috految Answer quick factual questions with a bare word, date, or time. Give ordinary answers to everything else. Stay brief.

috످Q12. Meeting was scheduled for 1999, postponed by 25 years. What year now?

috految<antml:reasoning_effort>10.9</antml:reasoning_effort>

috److2024

috످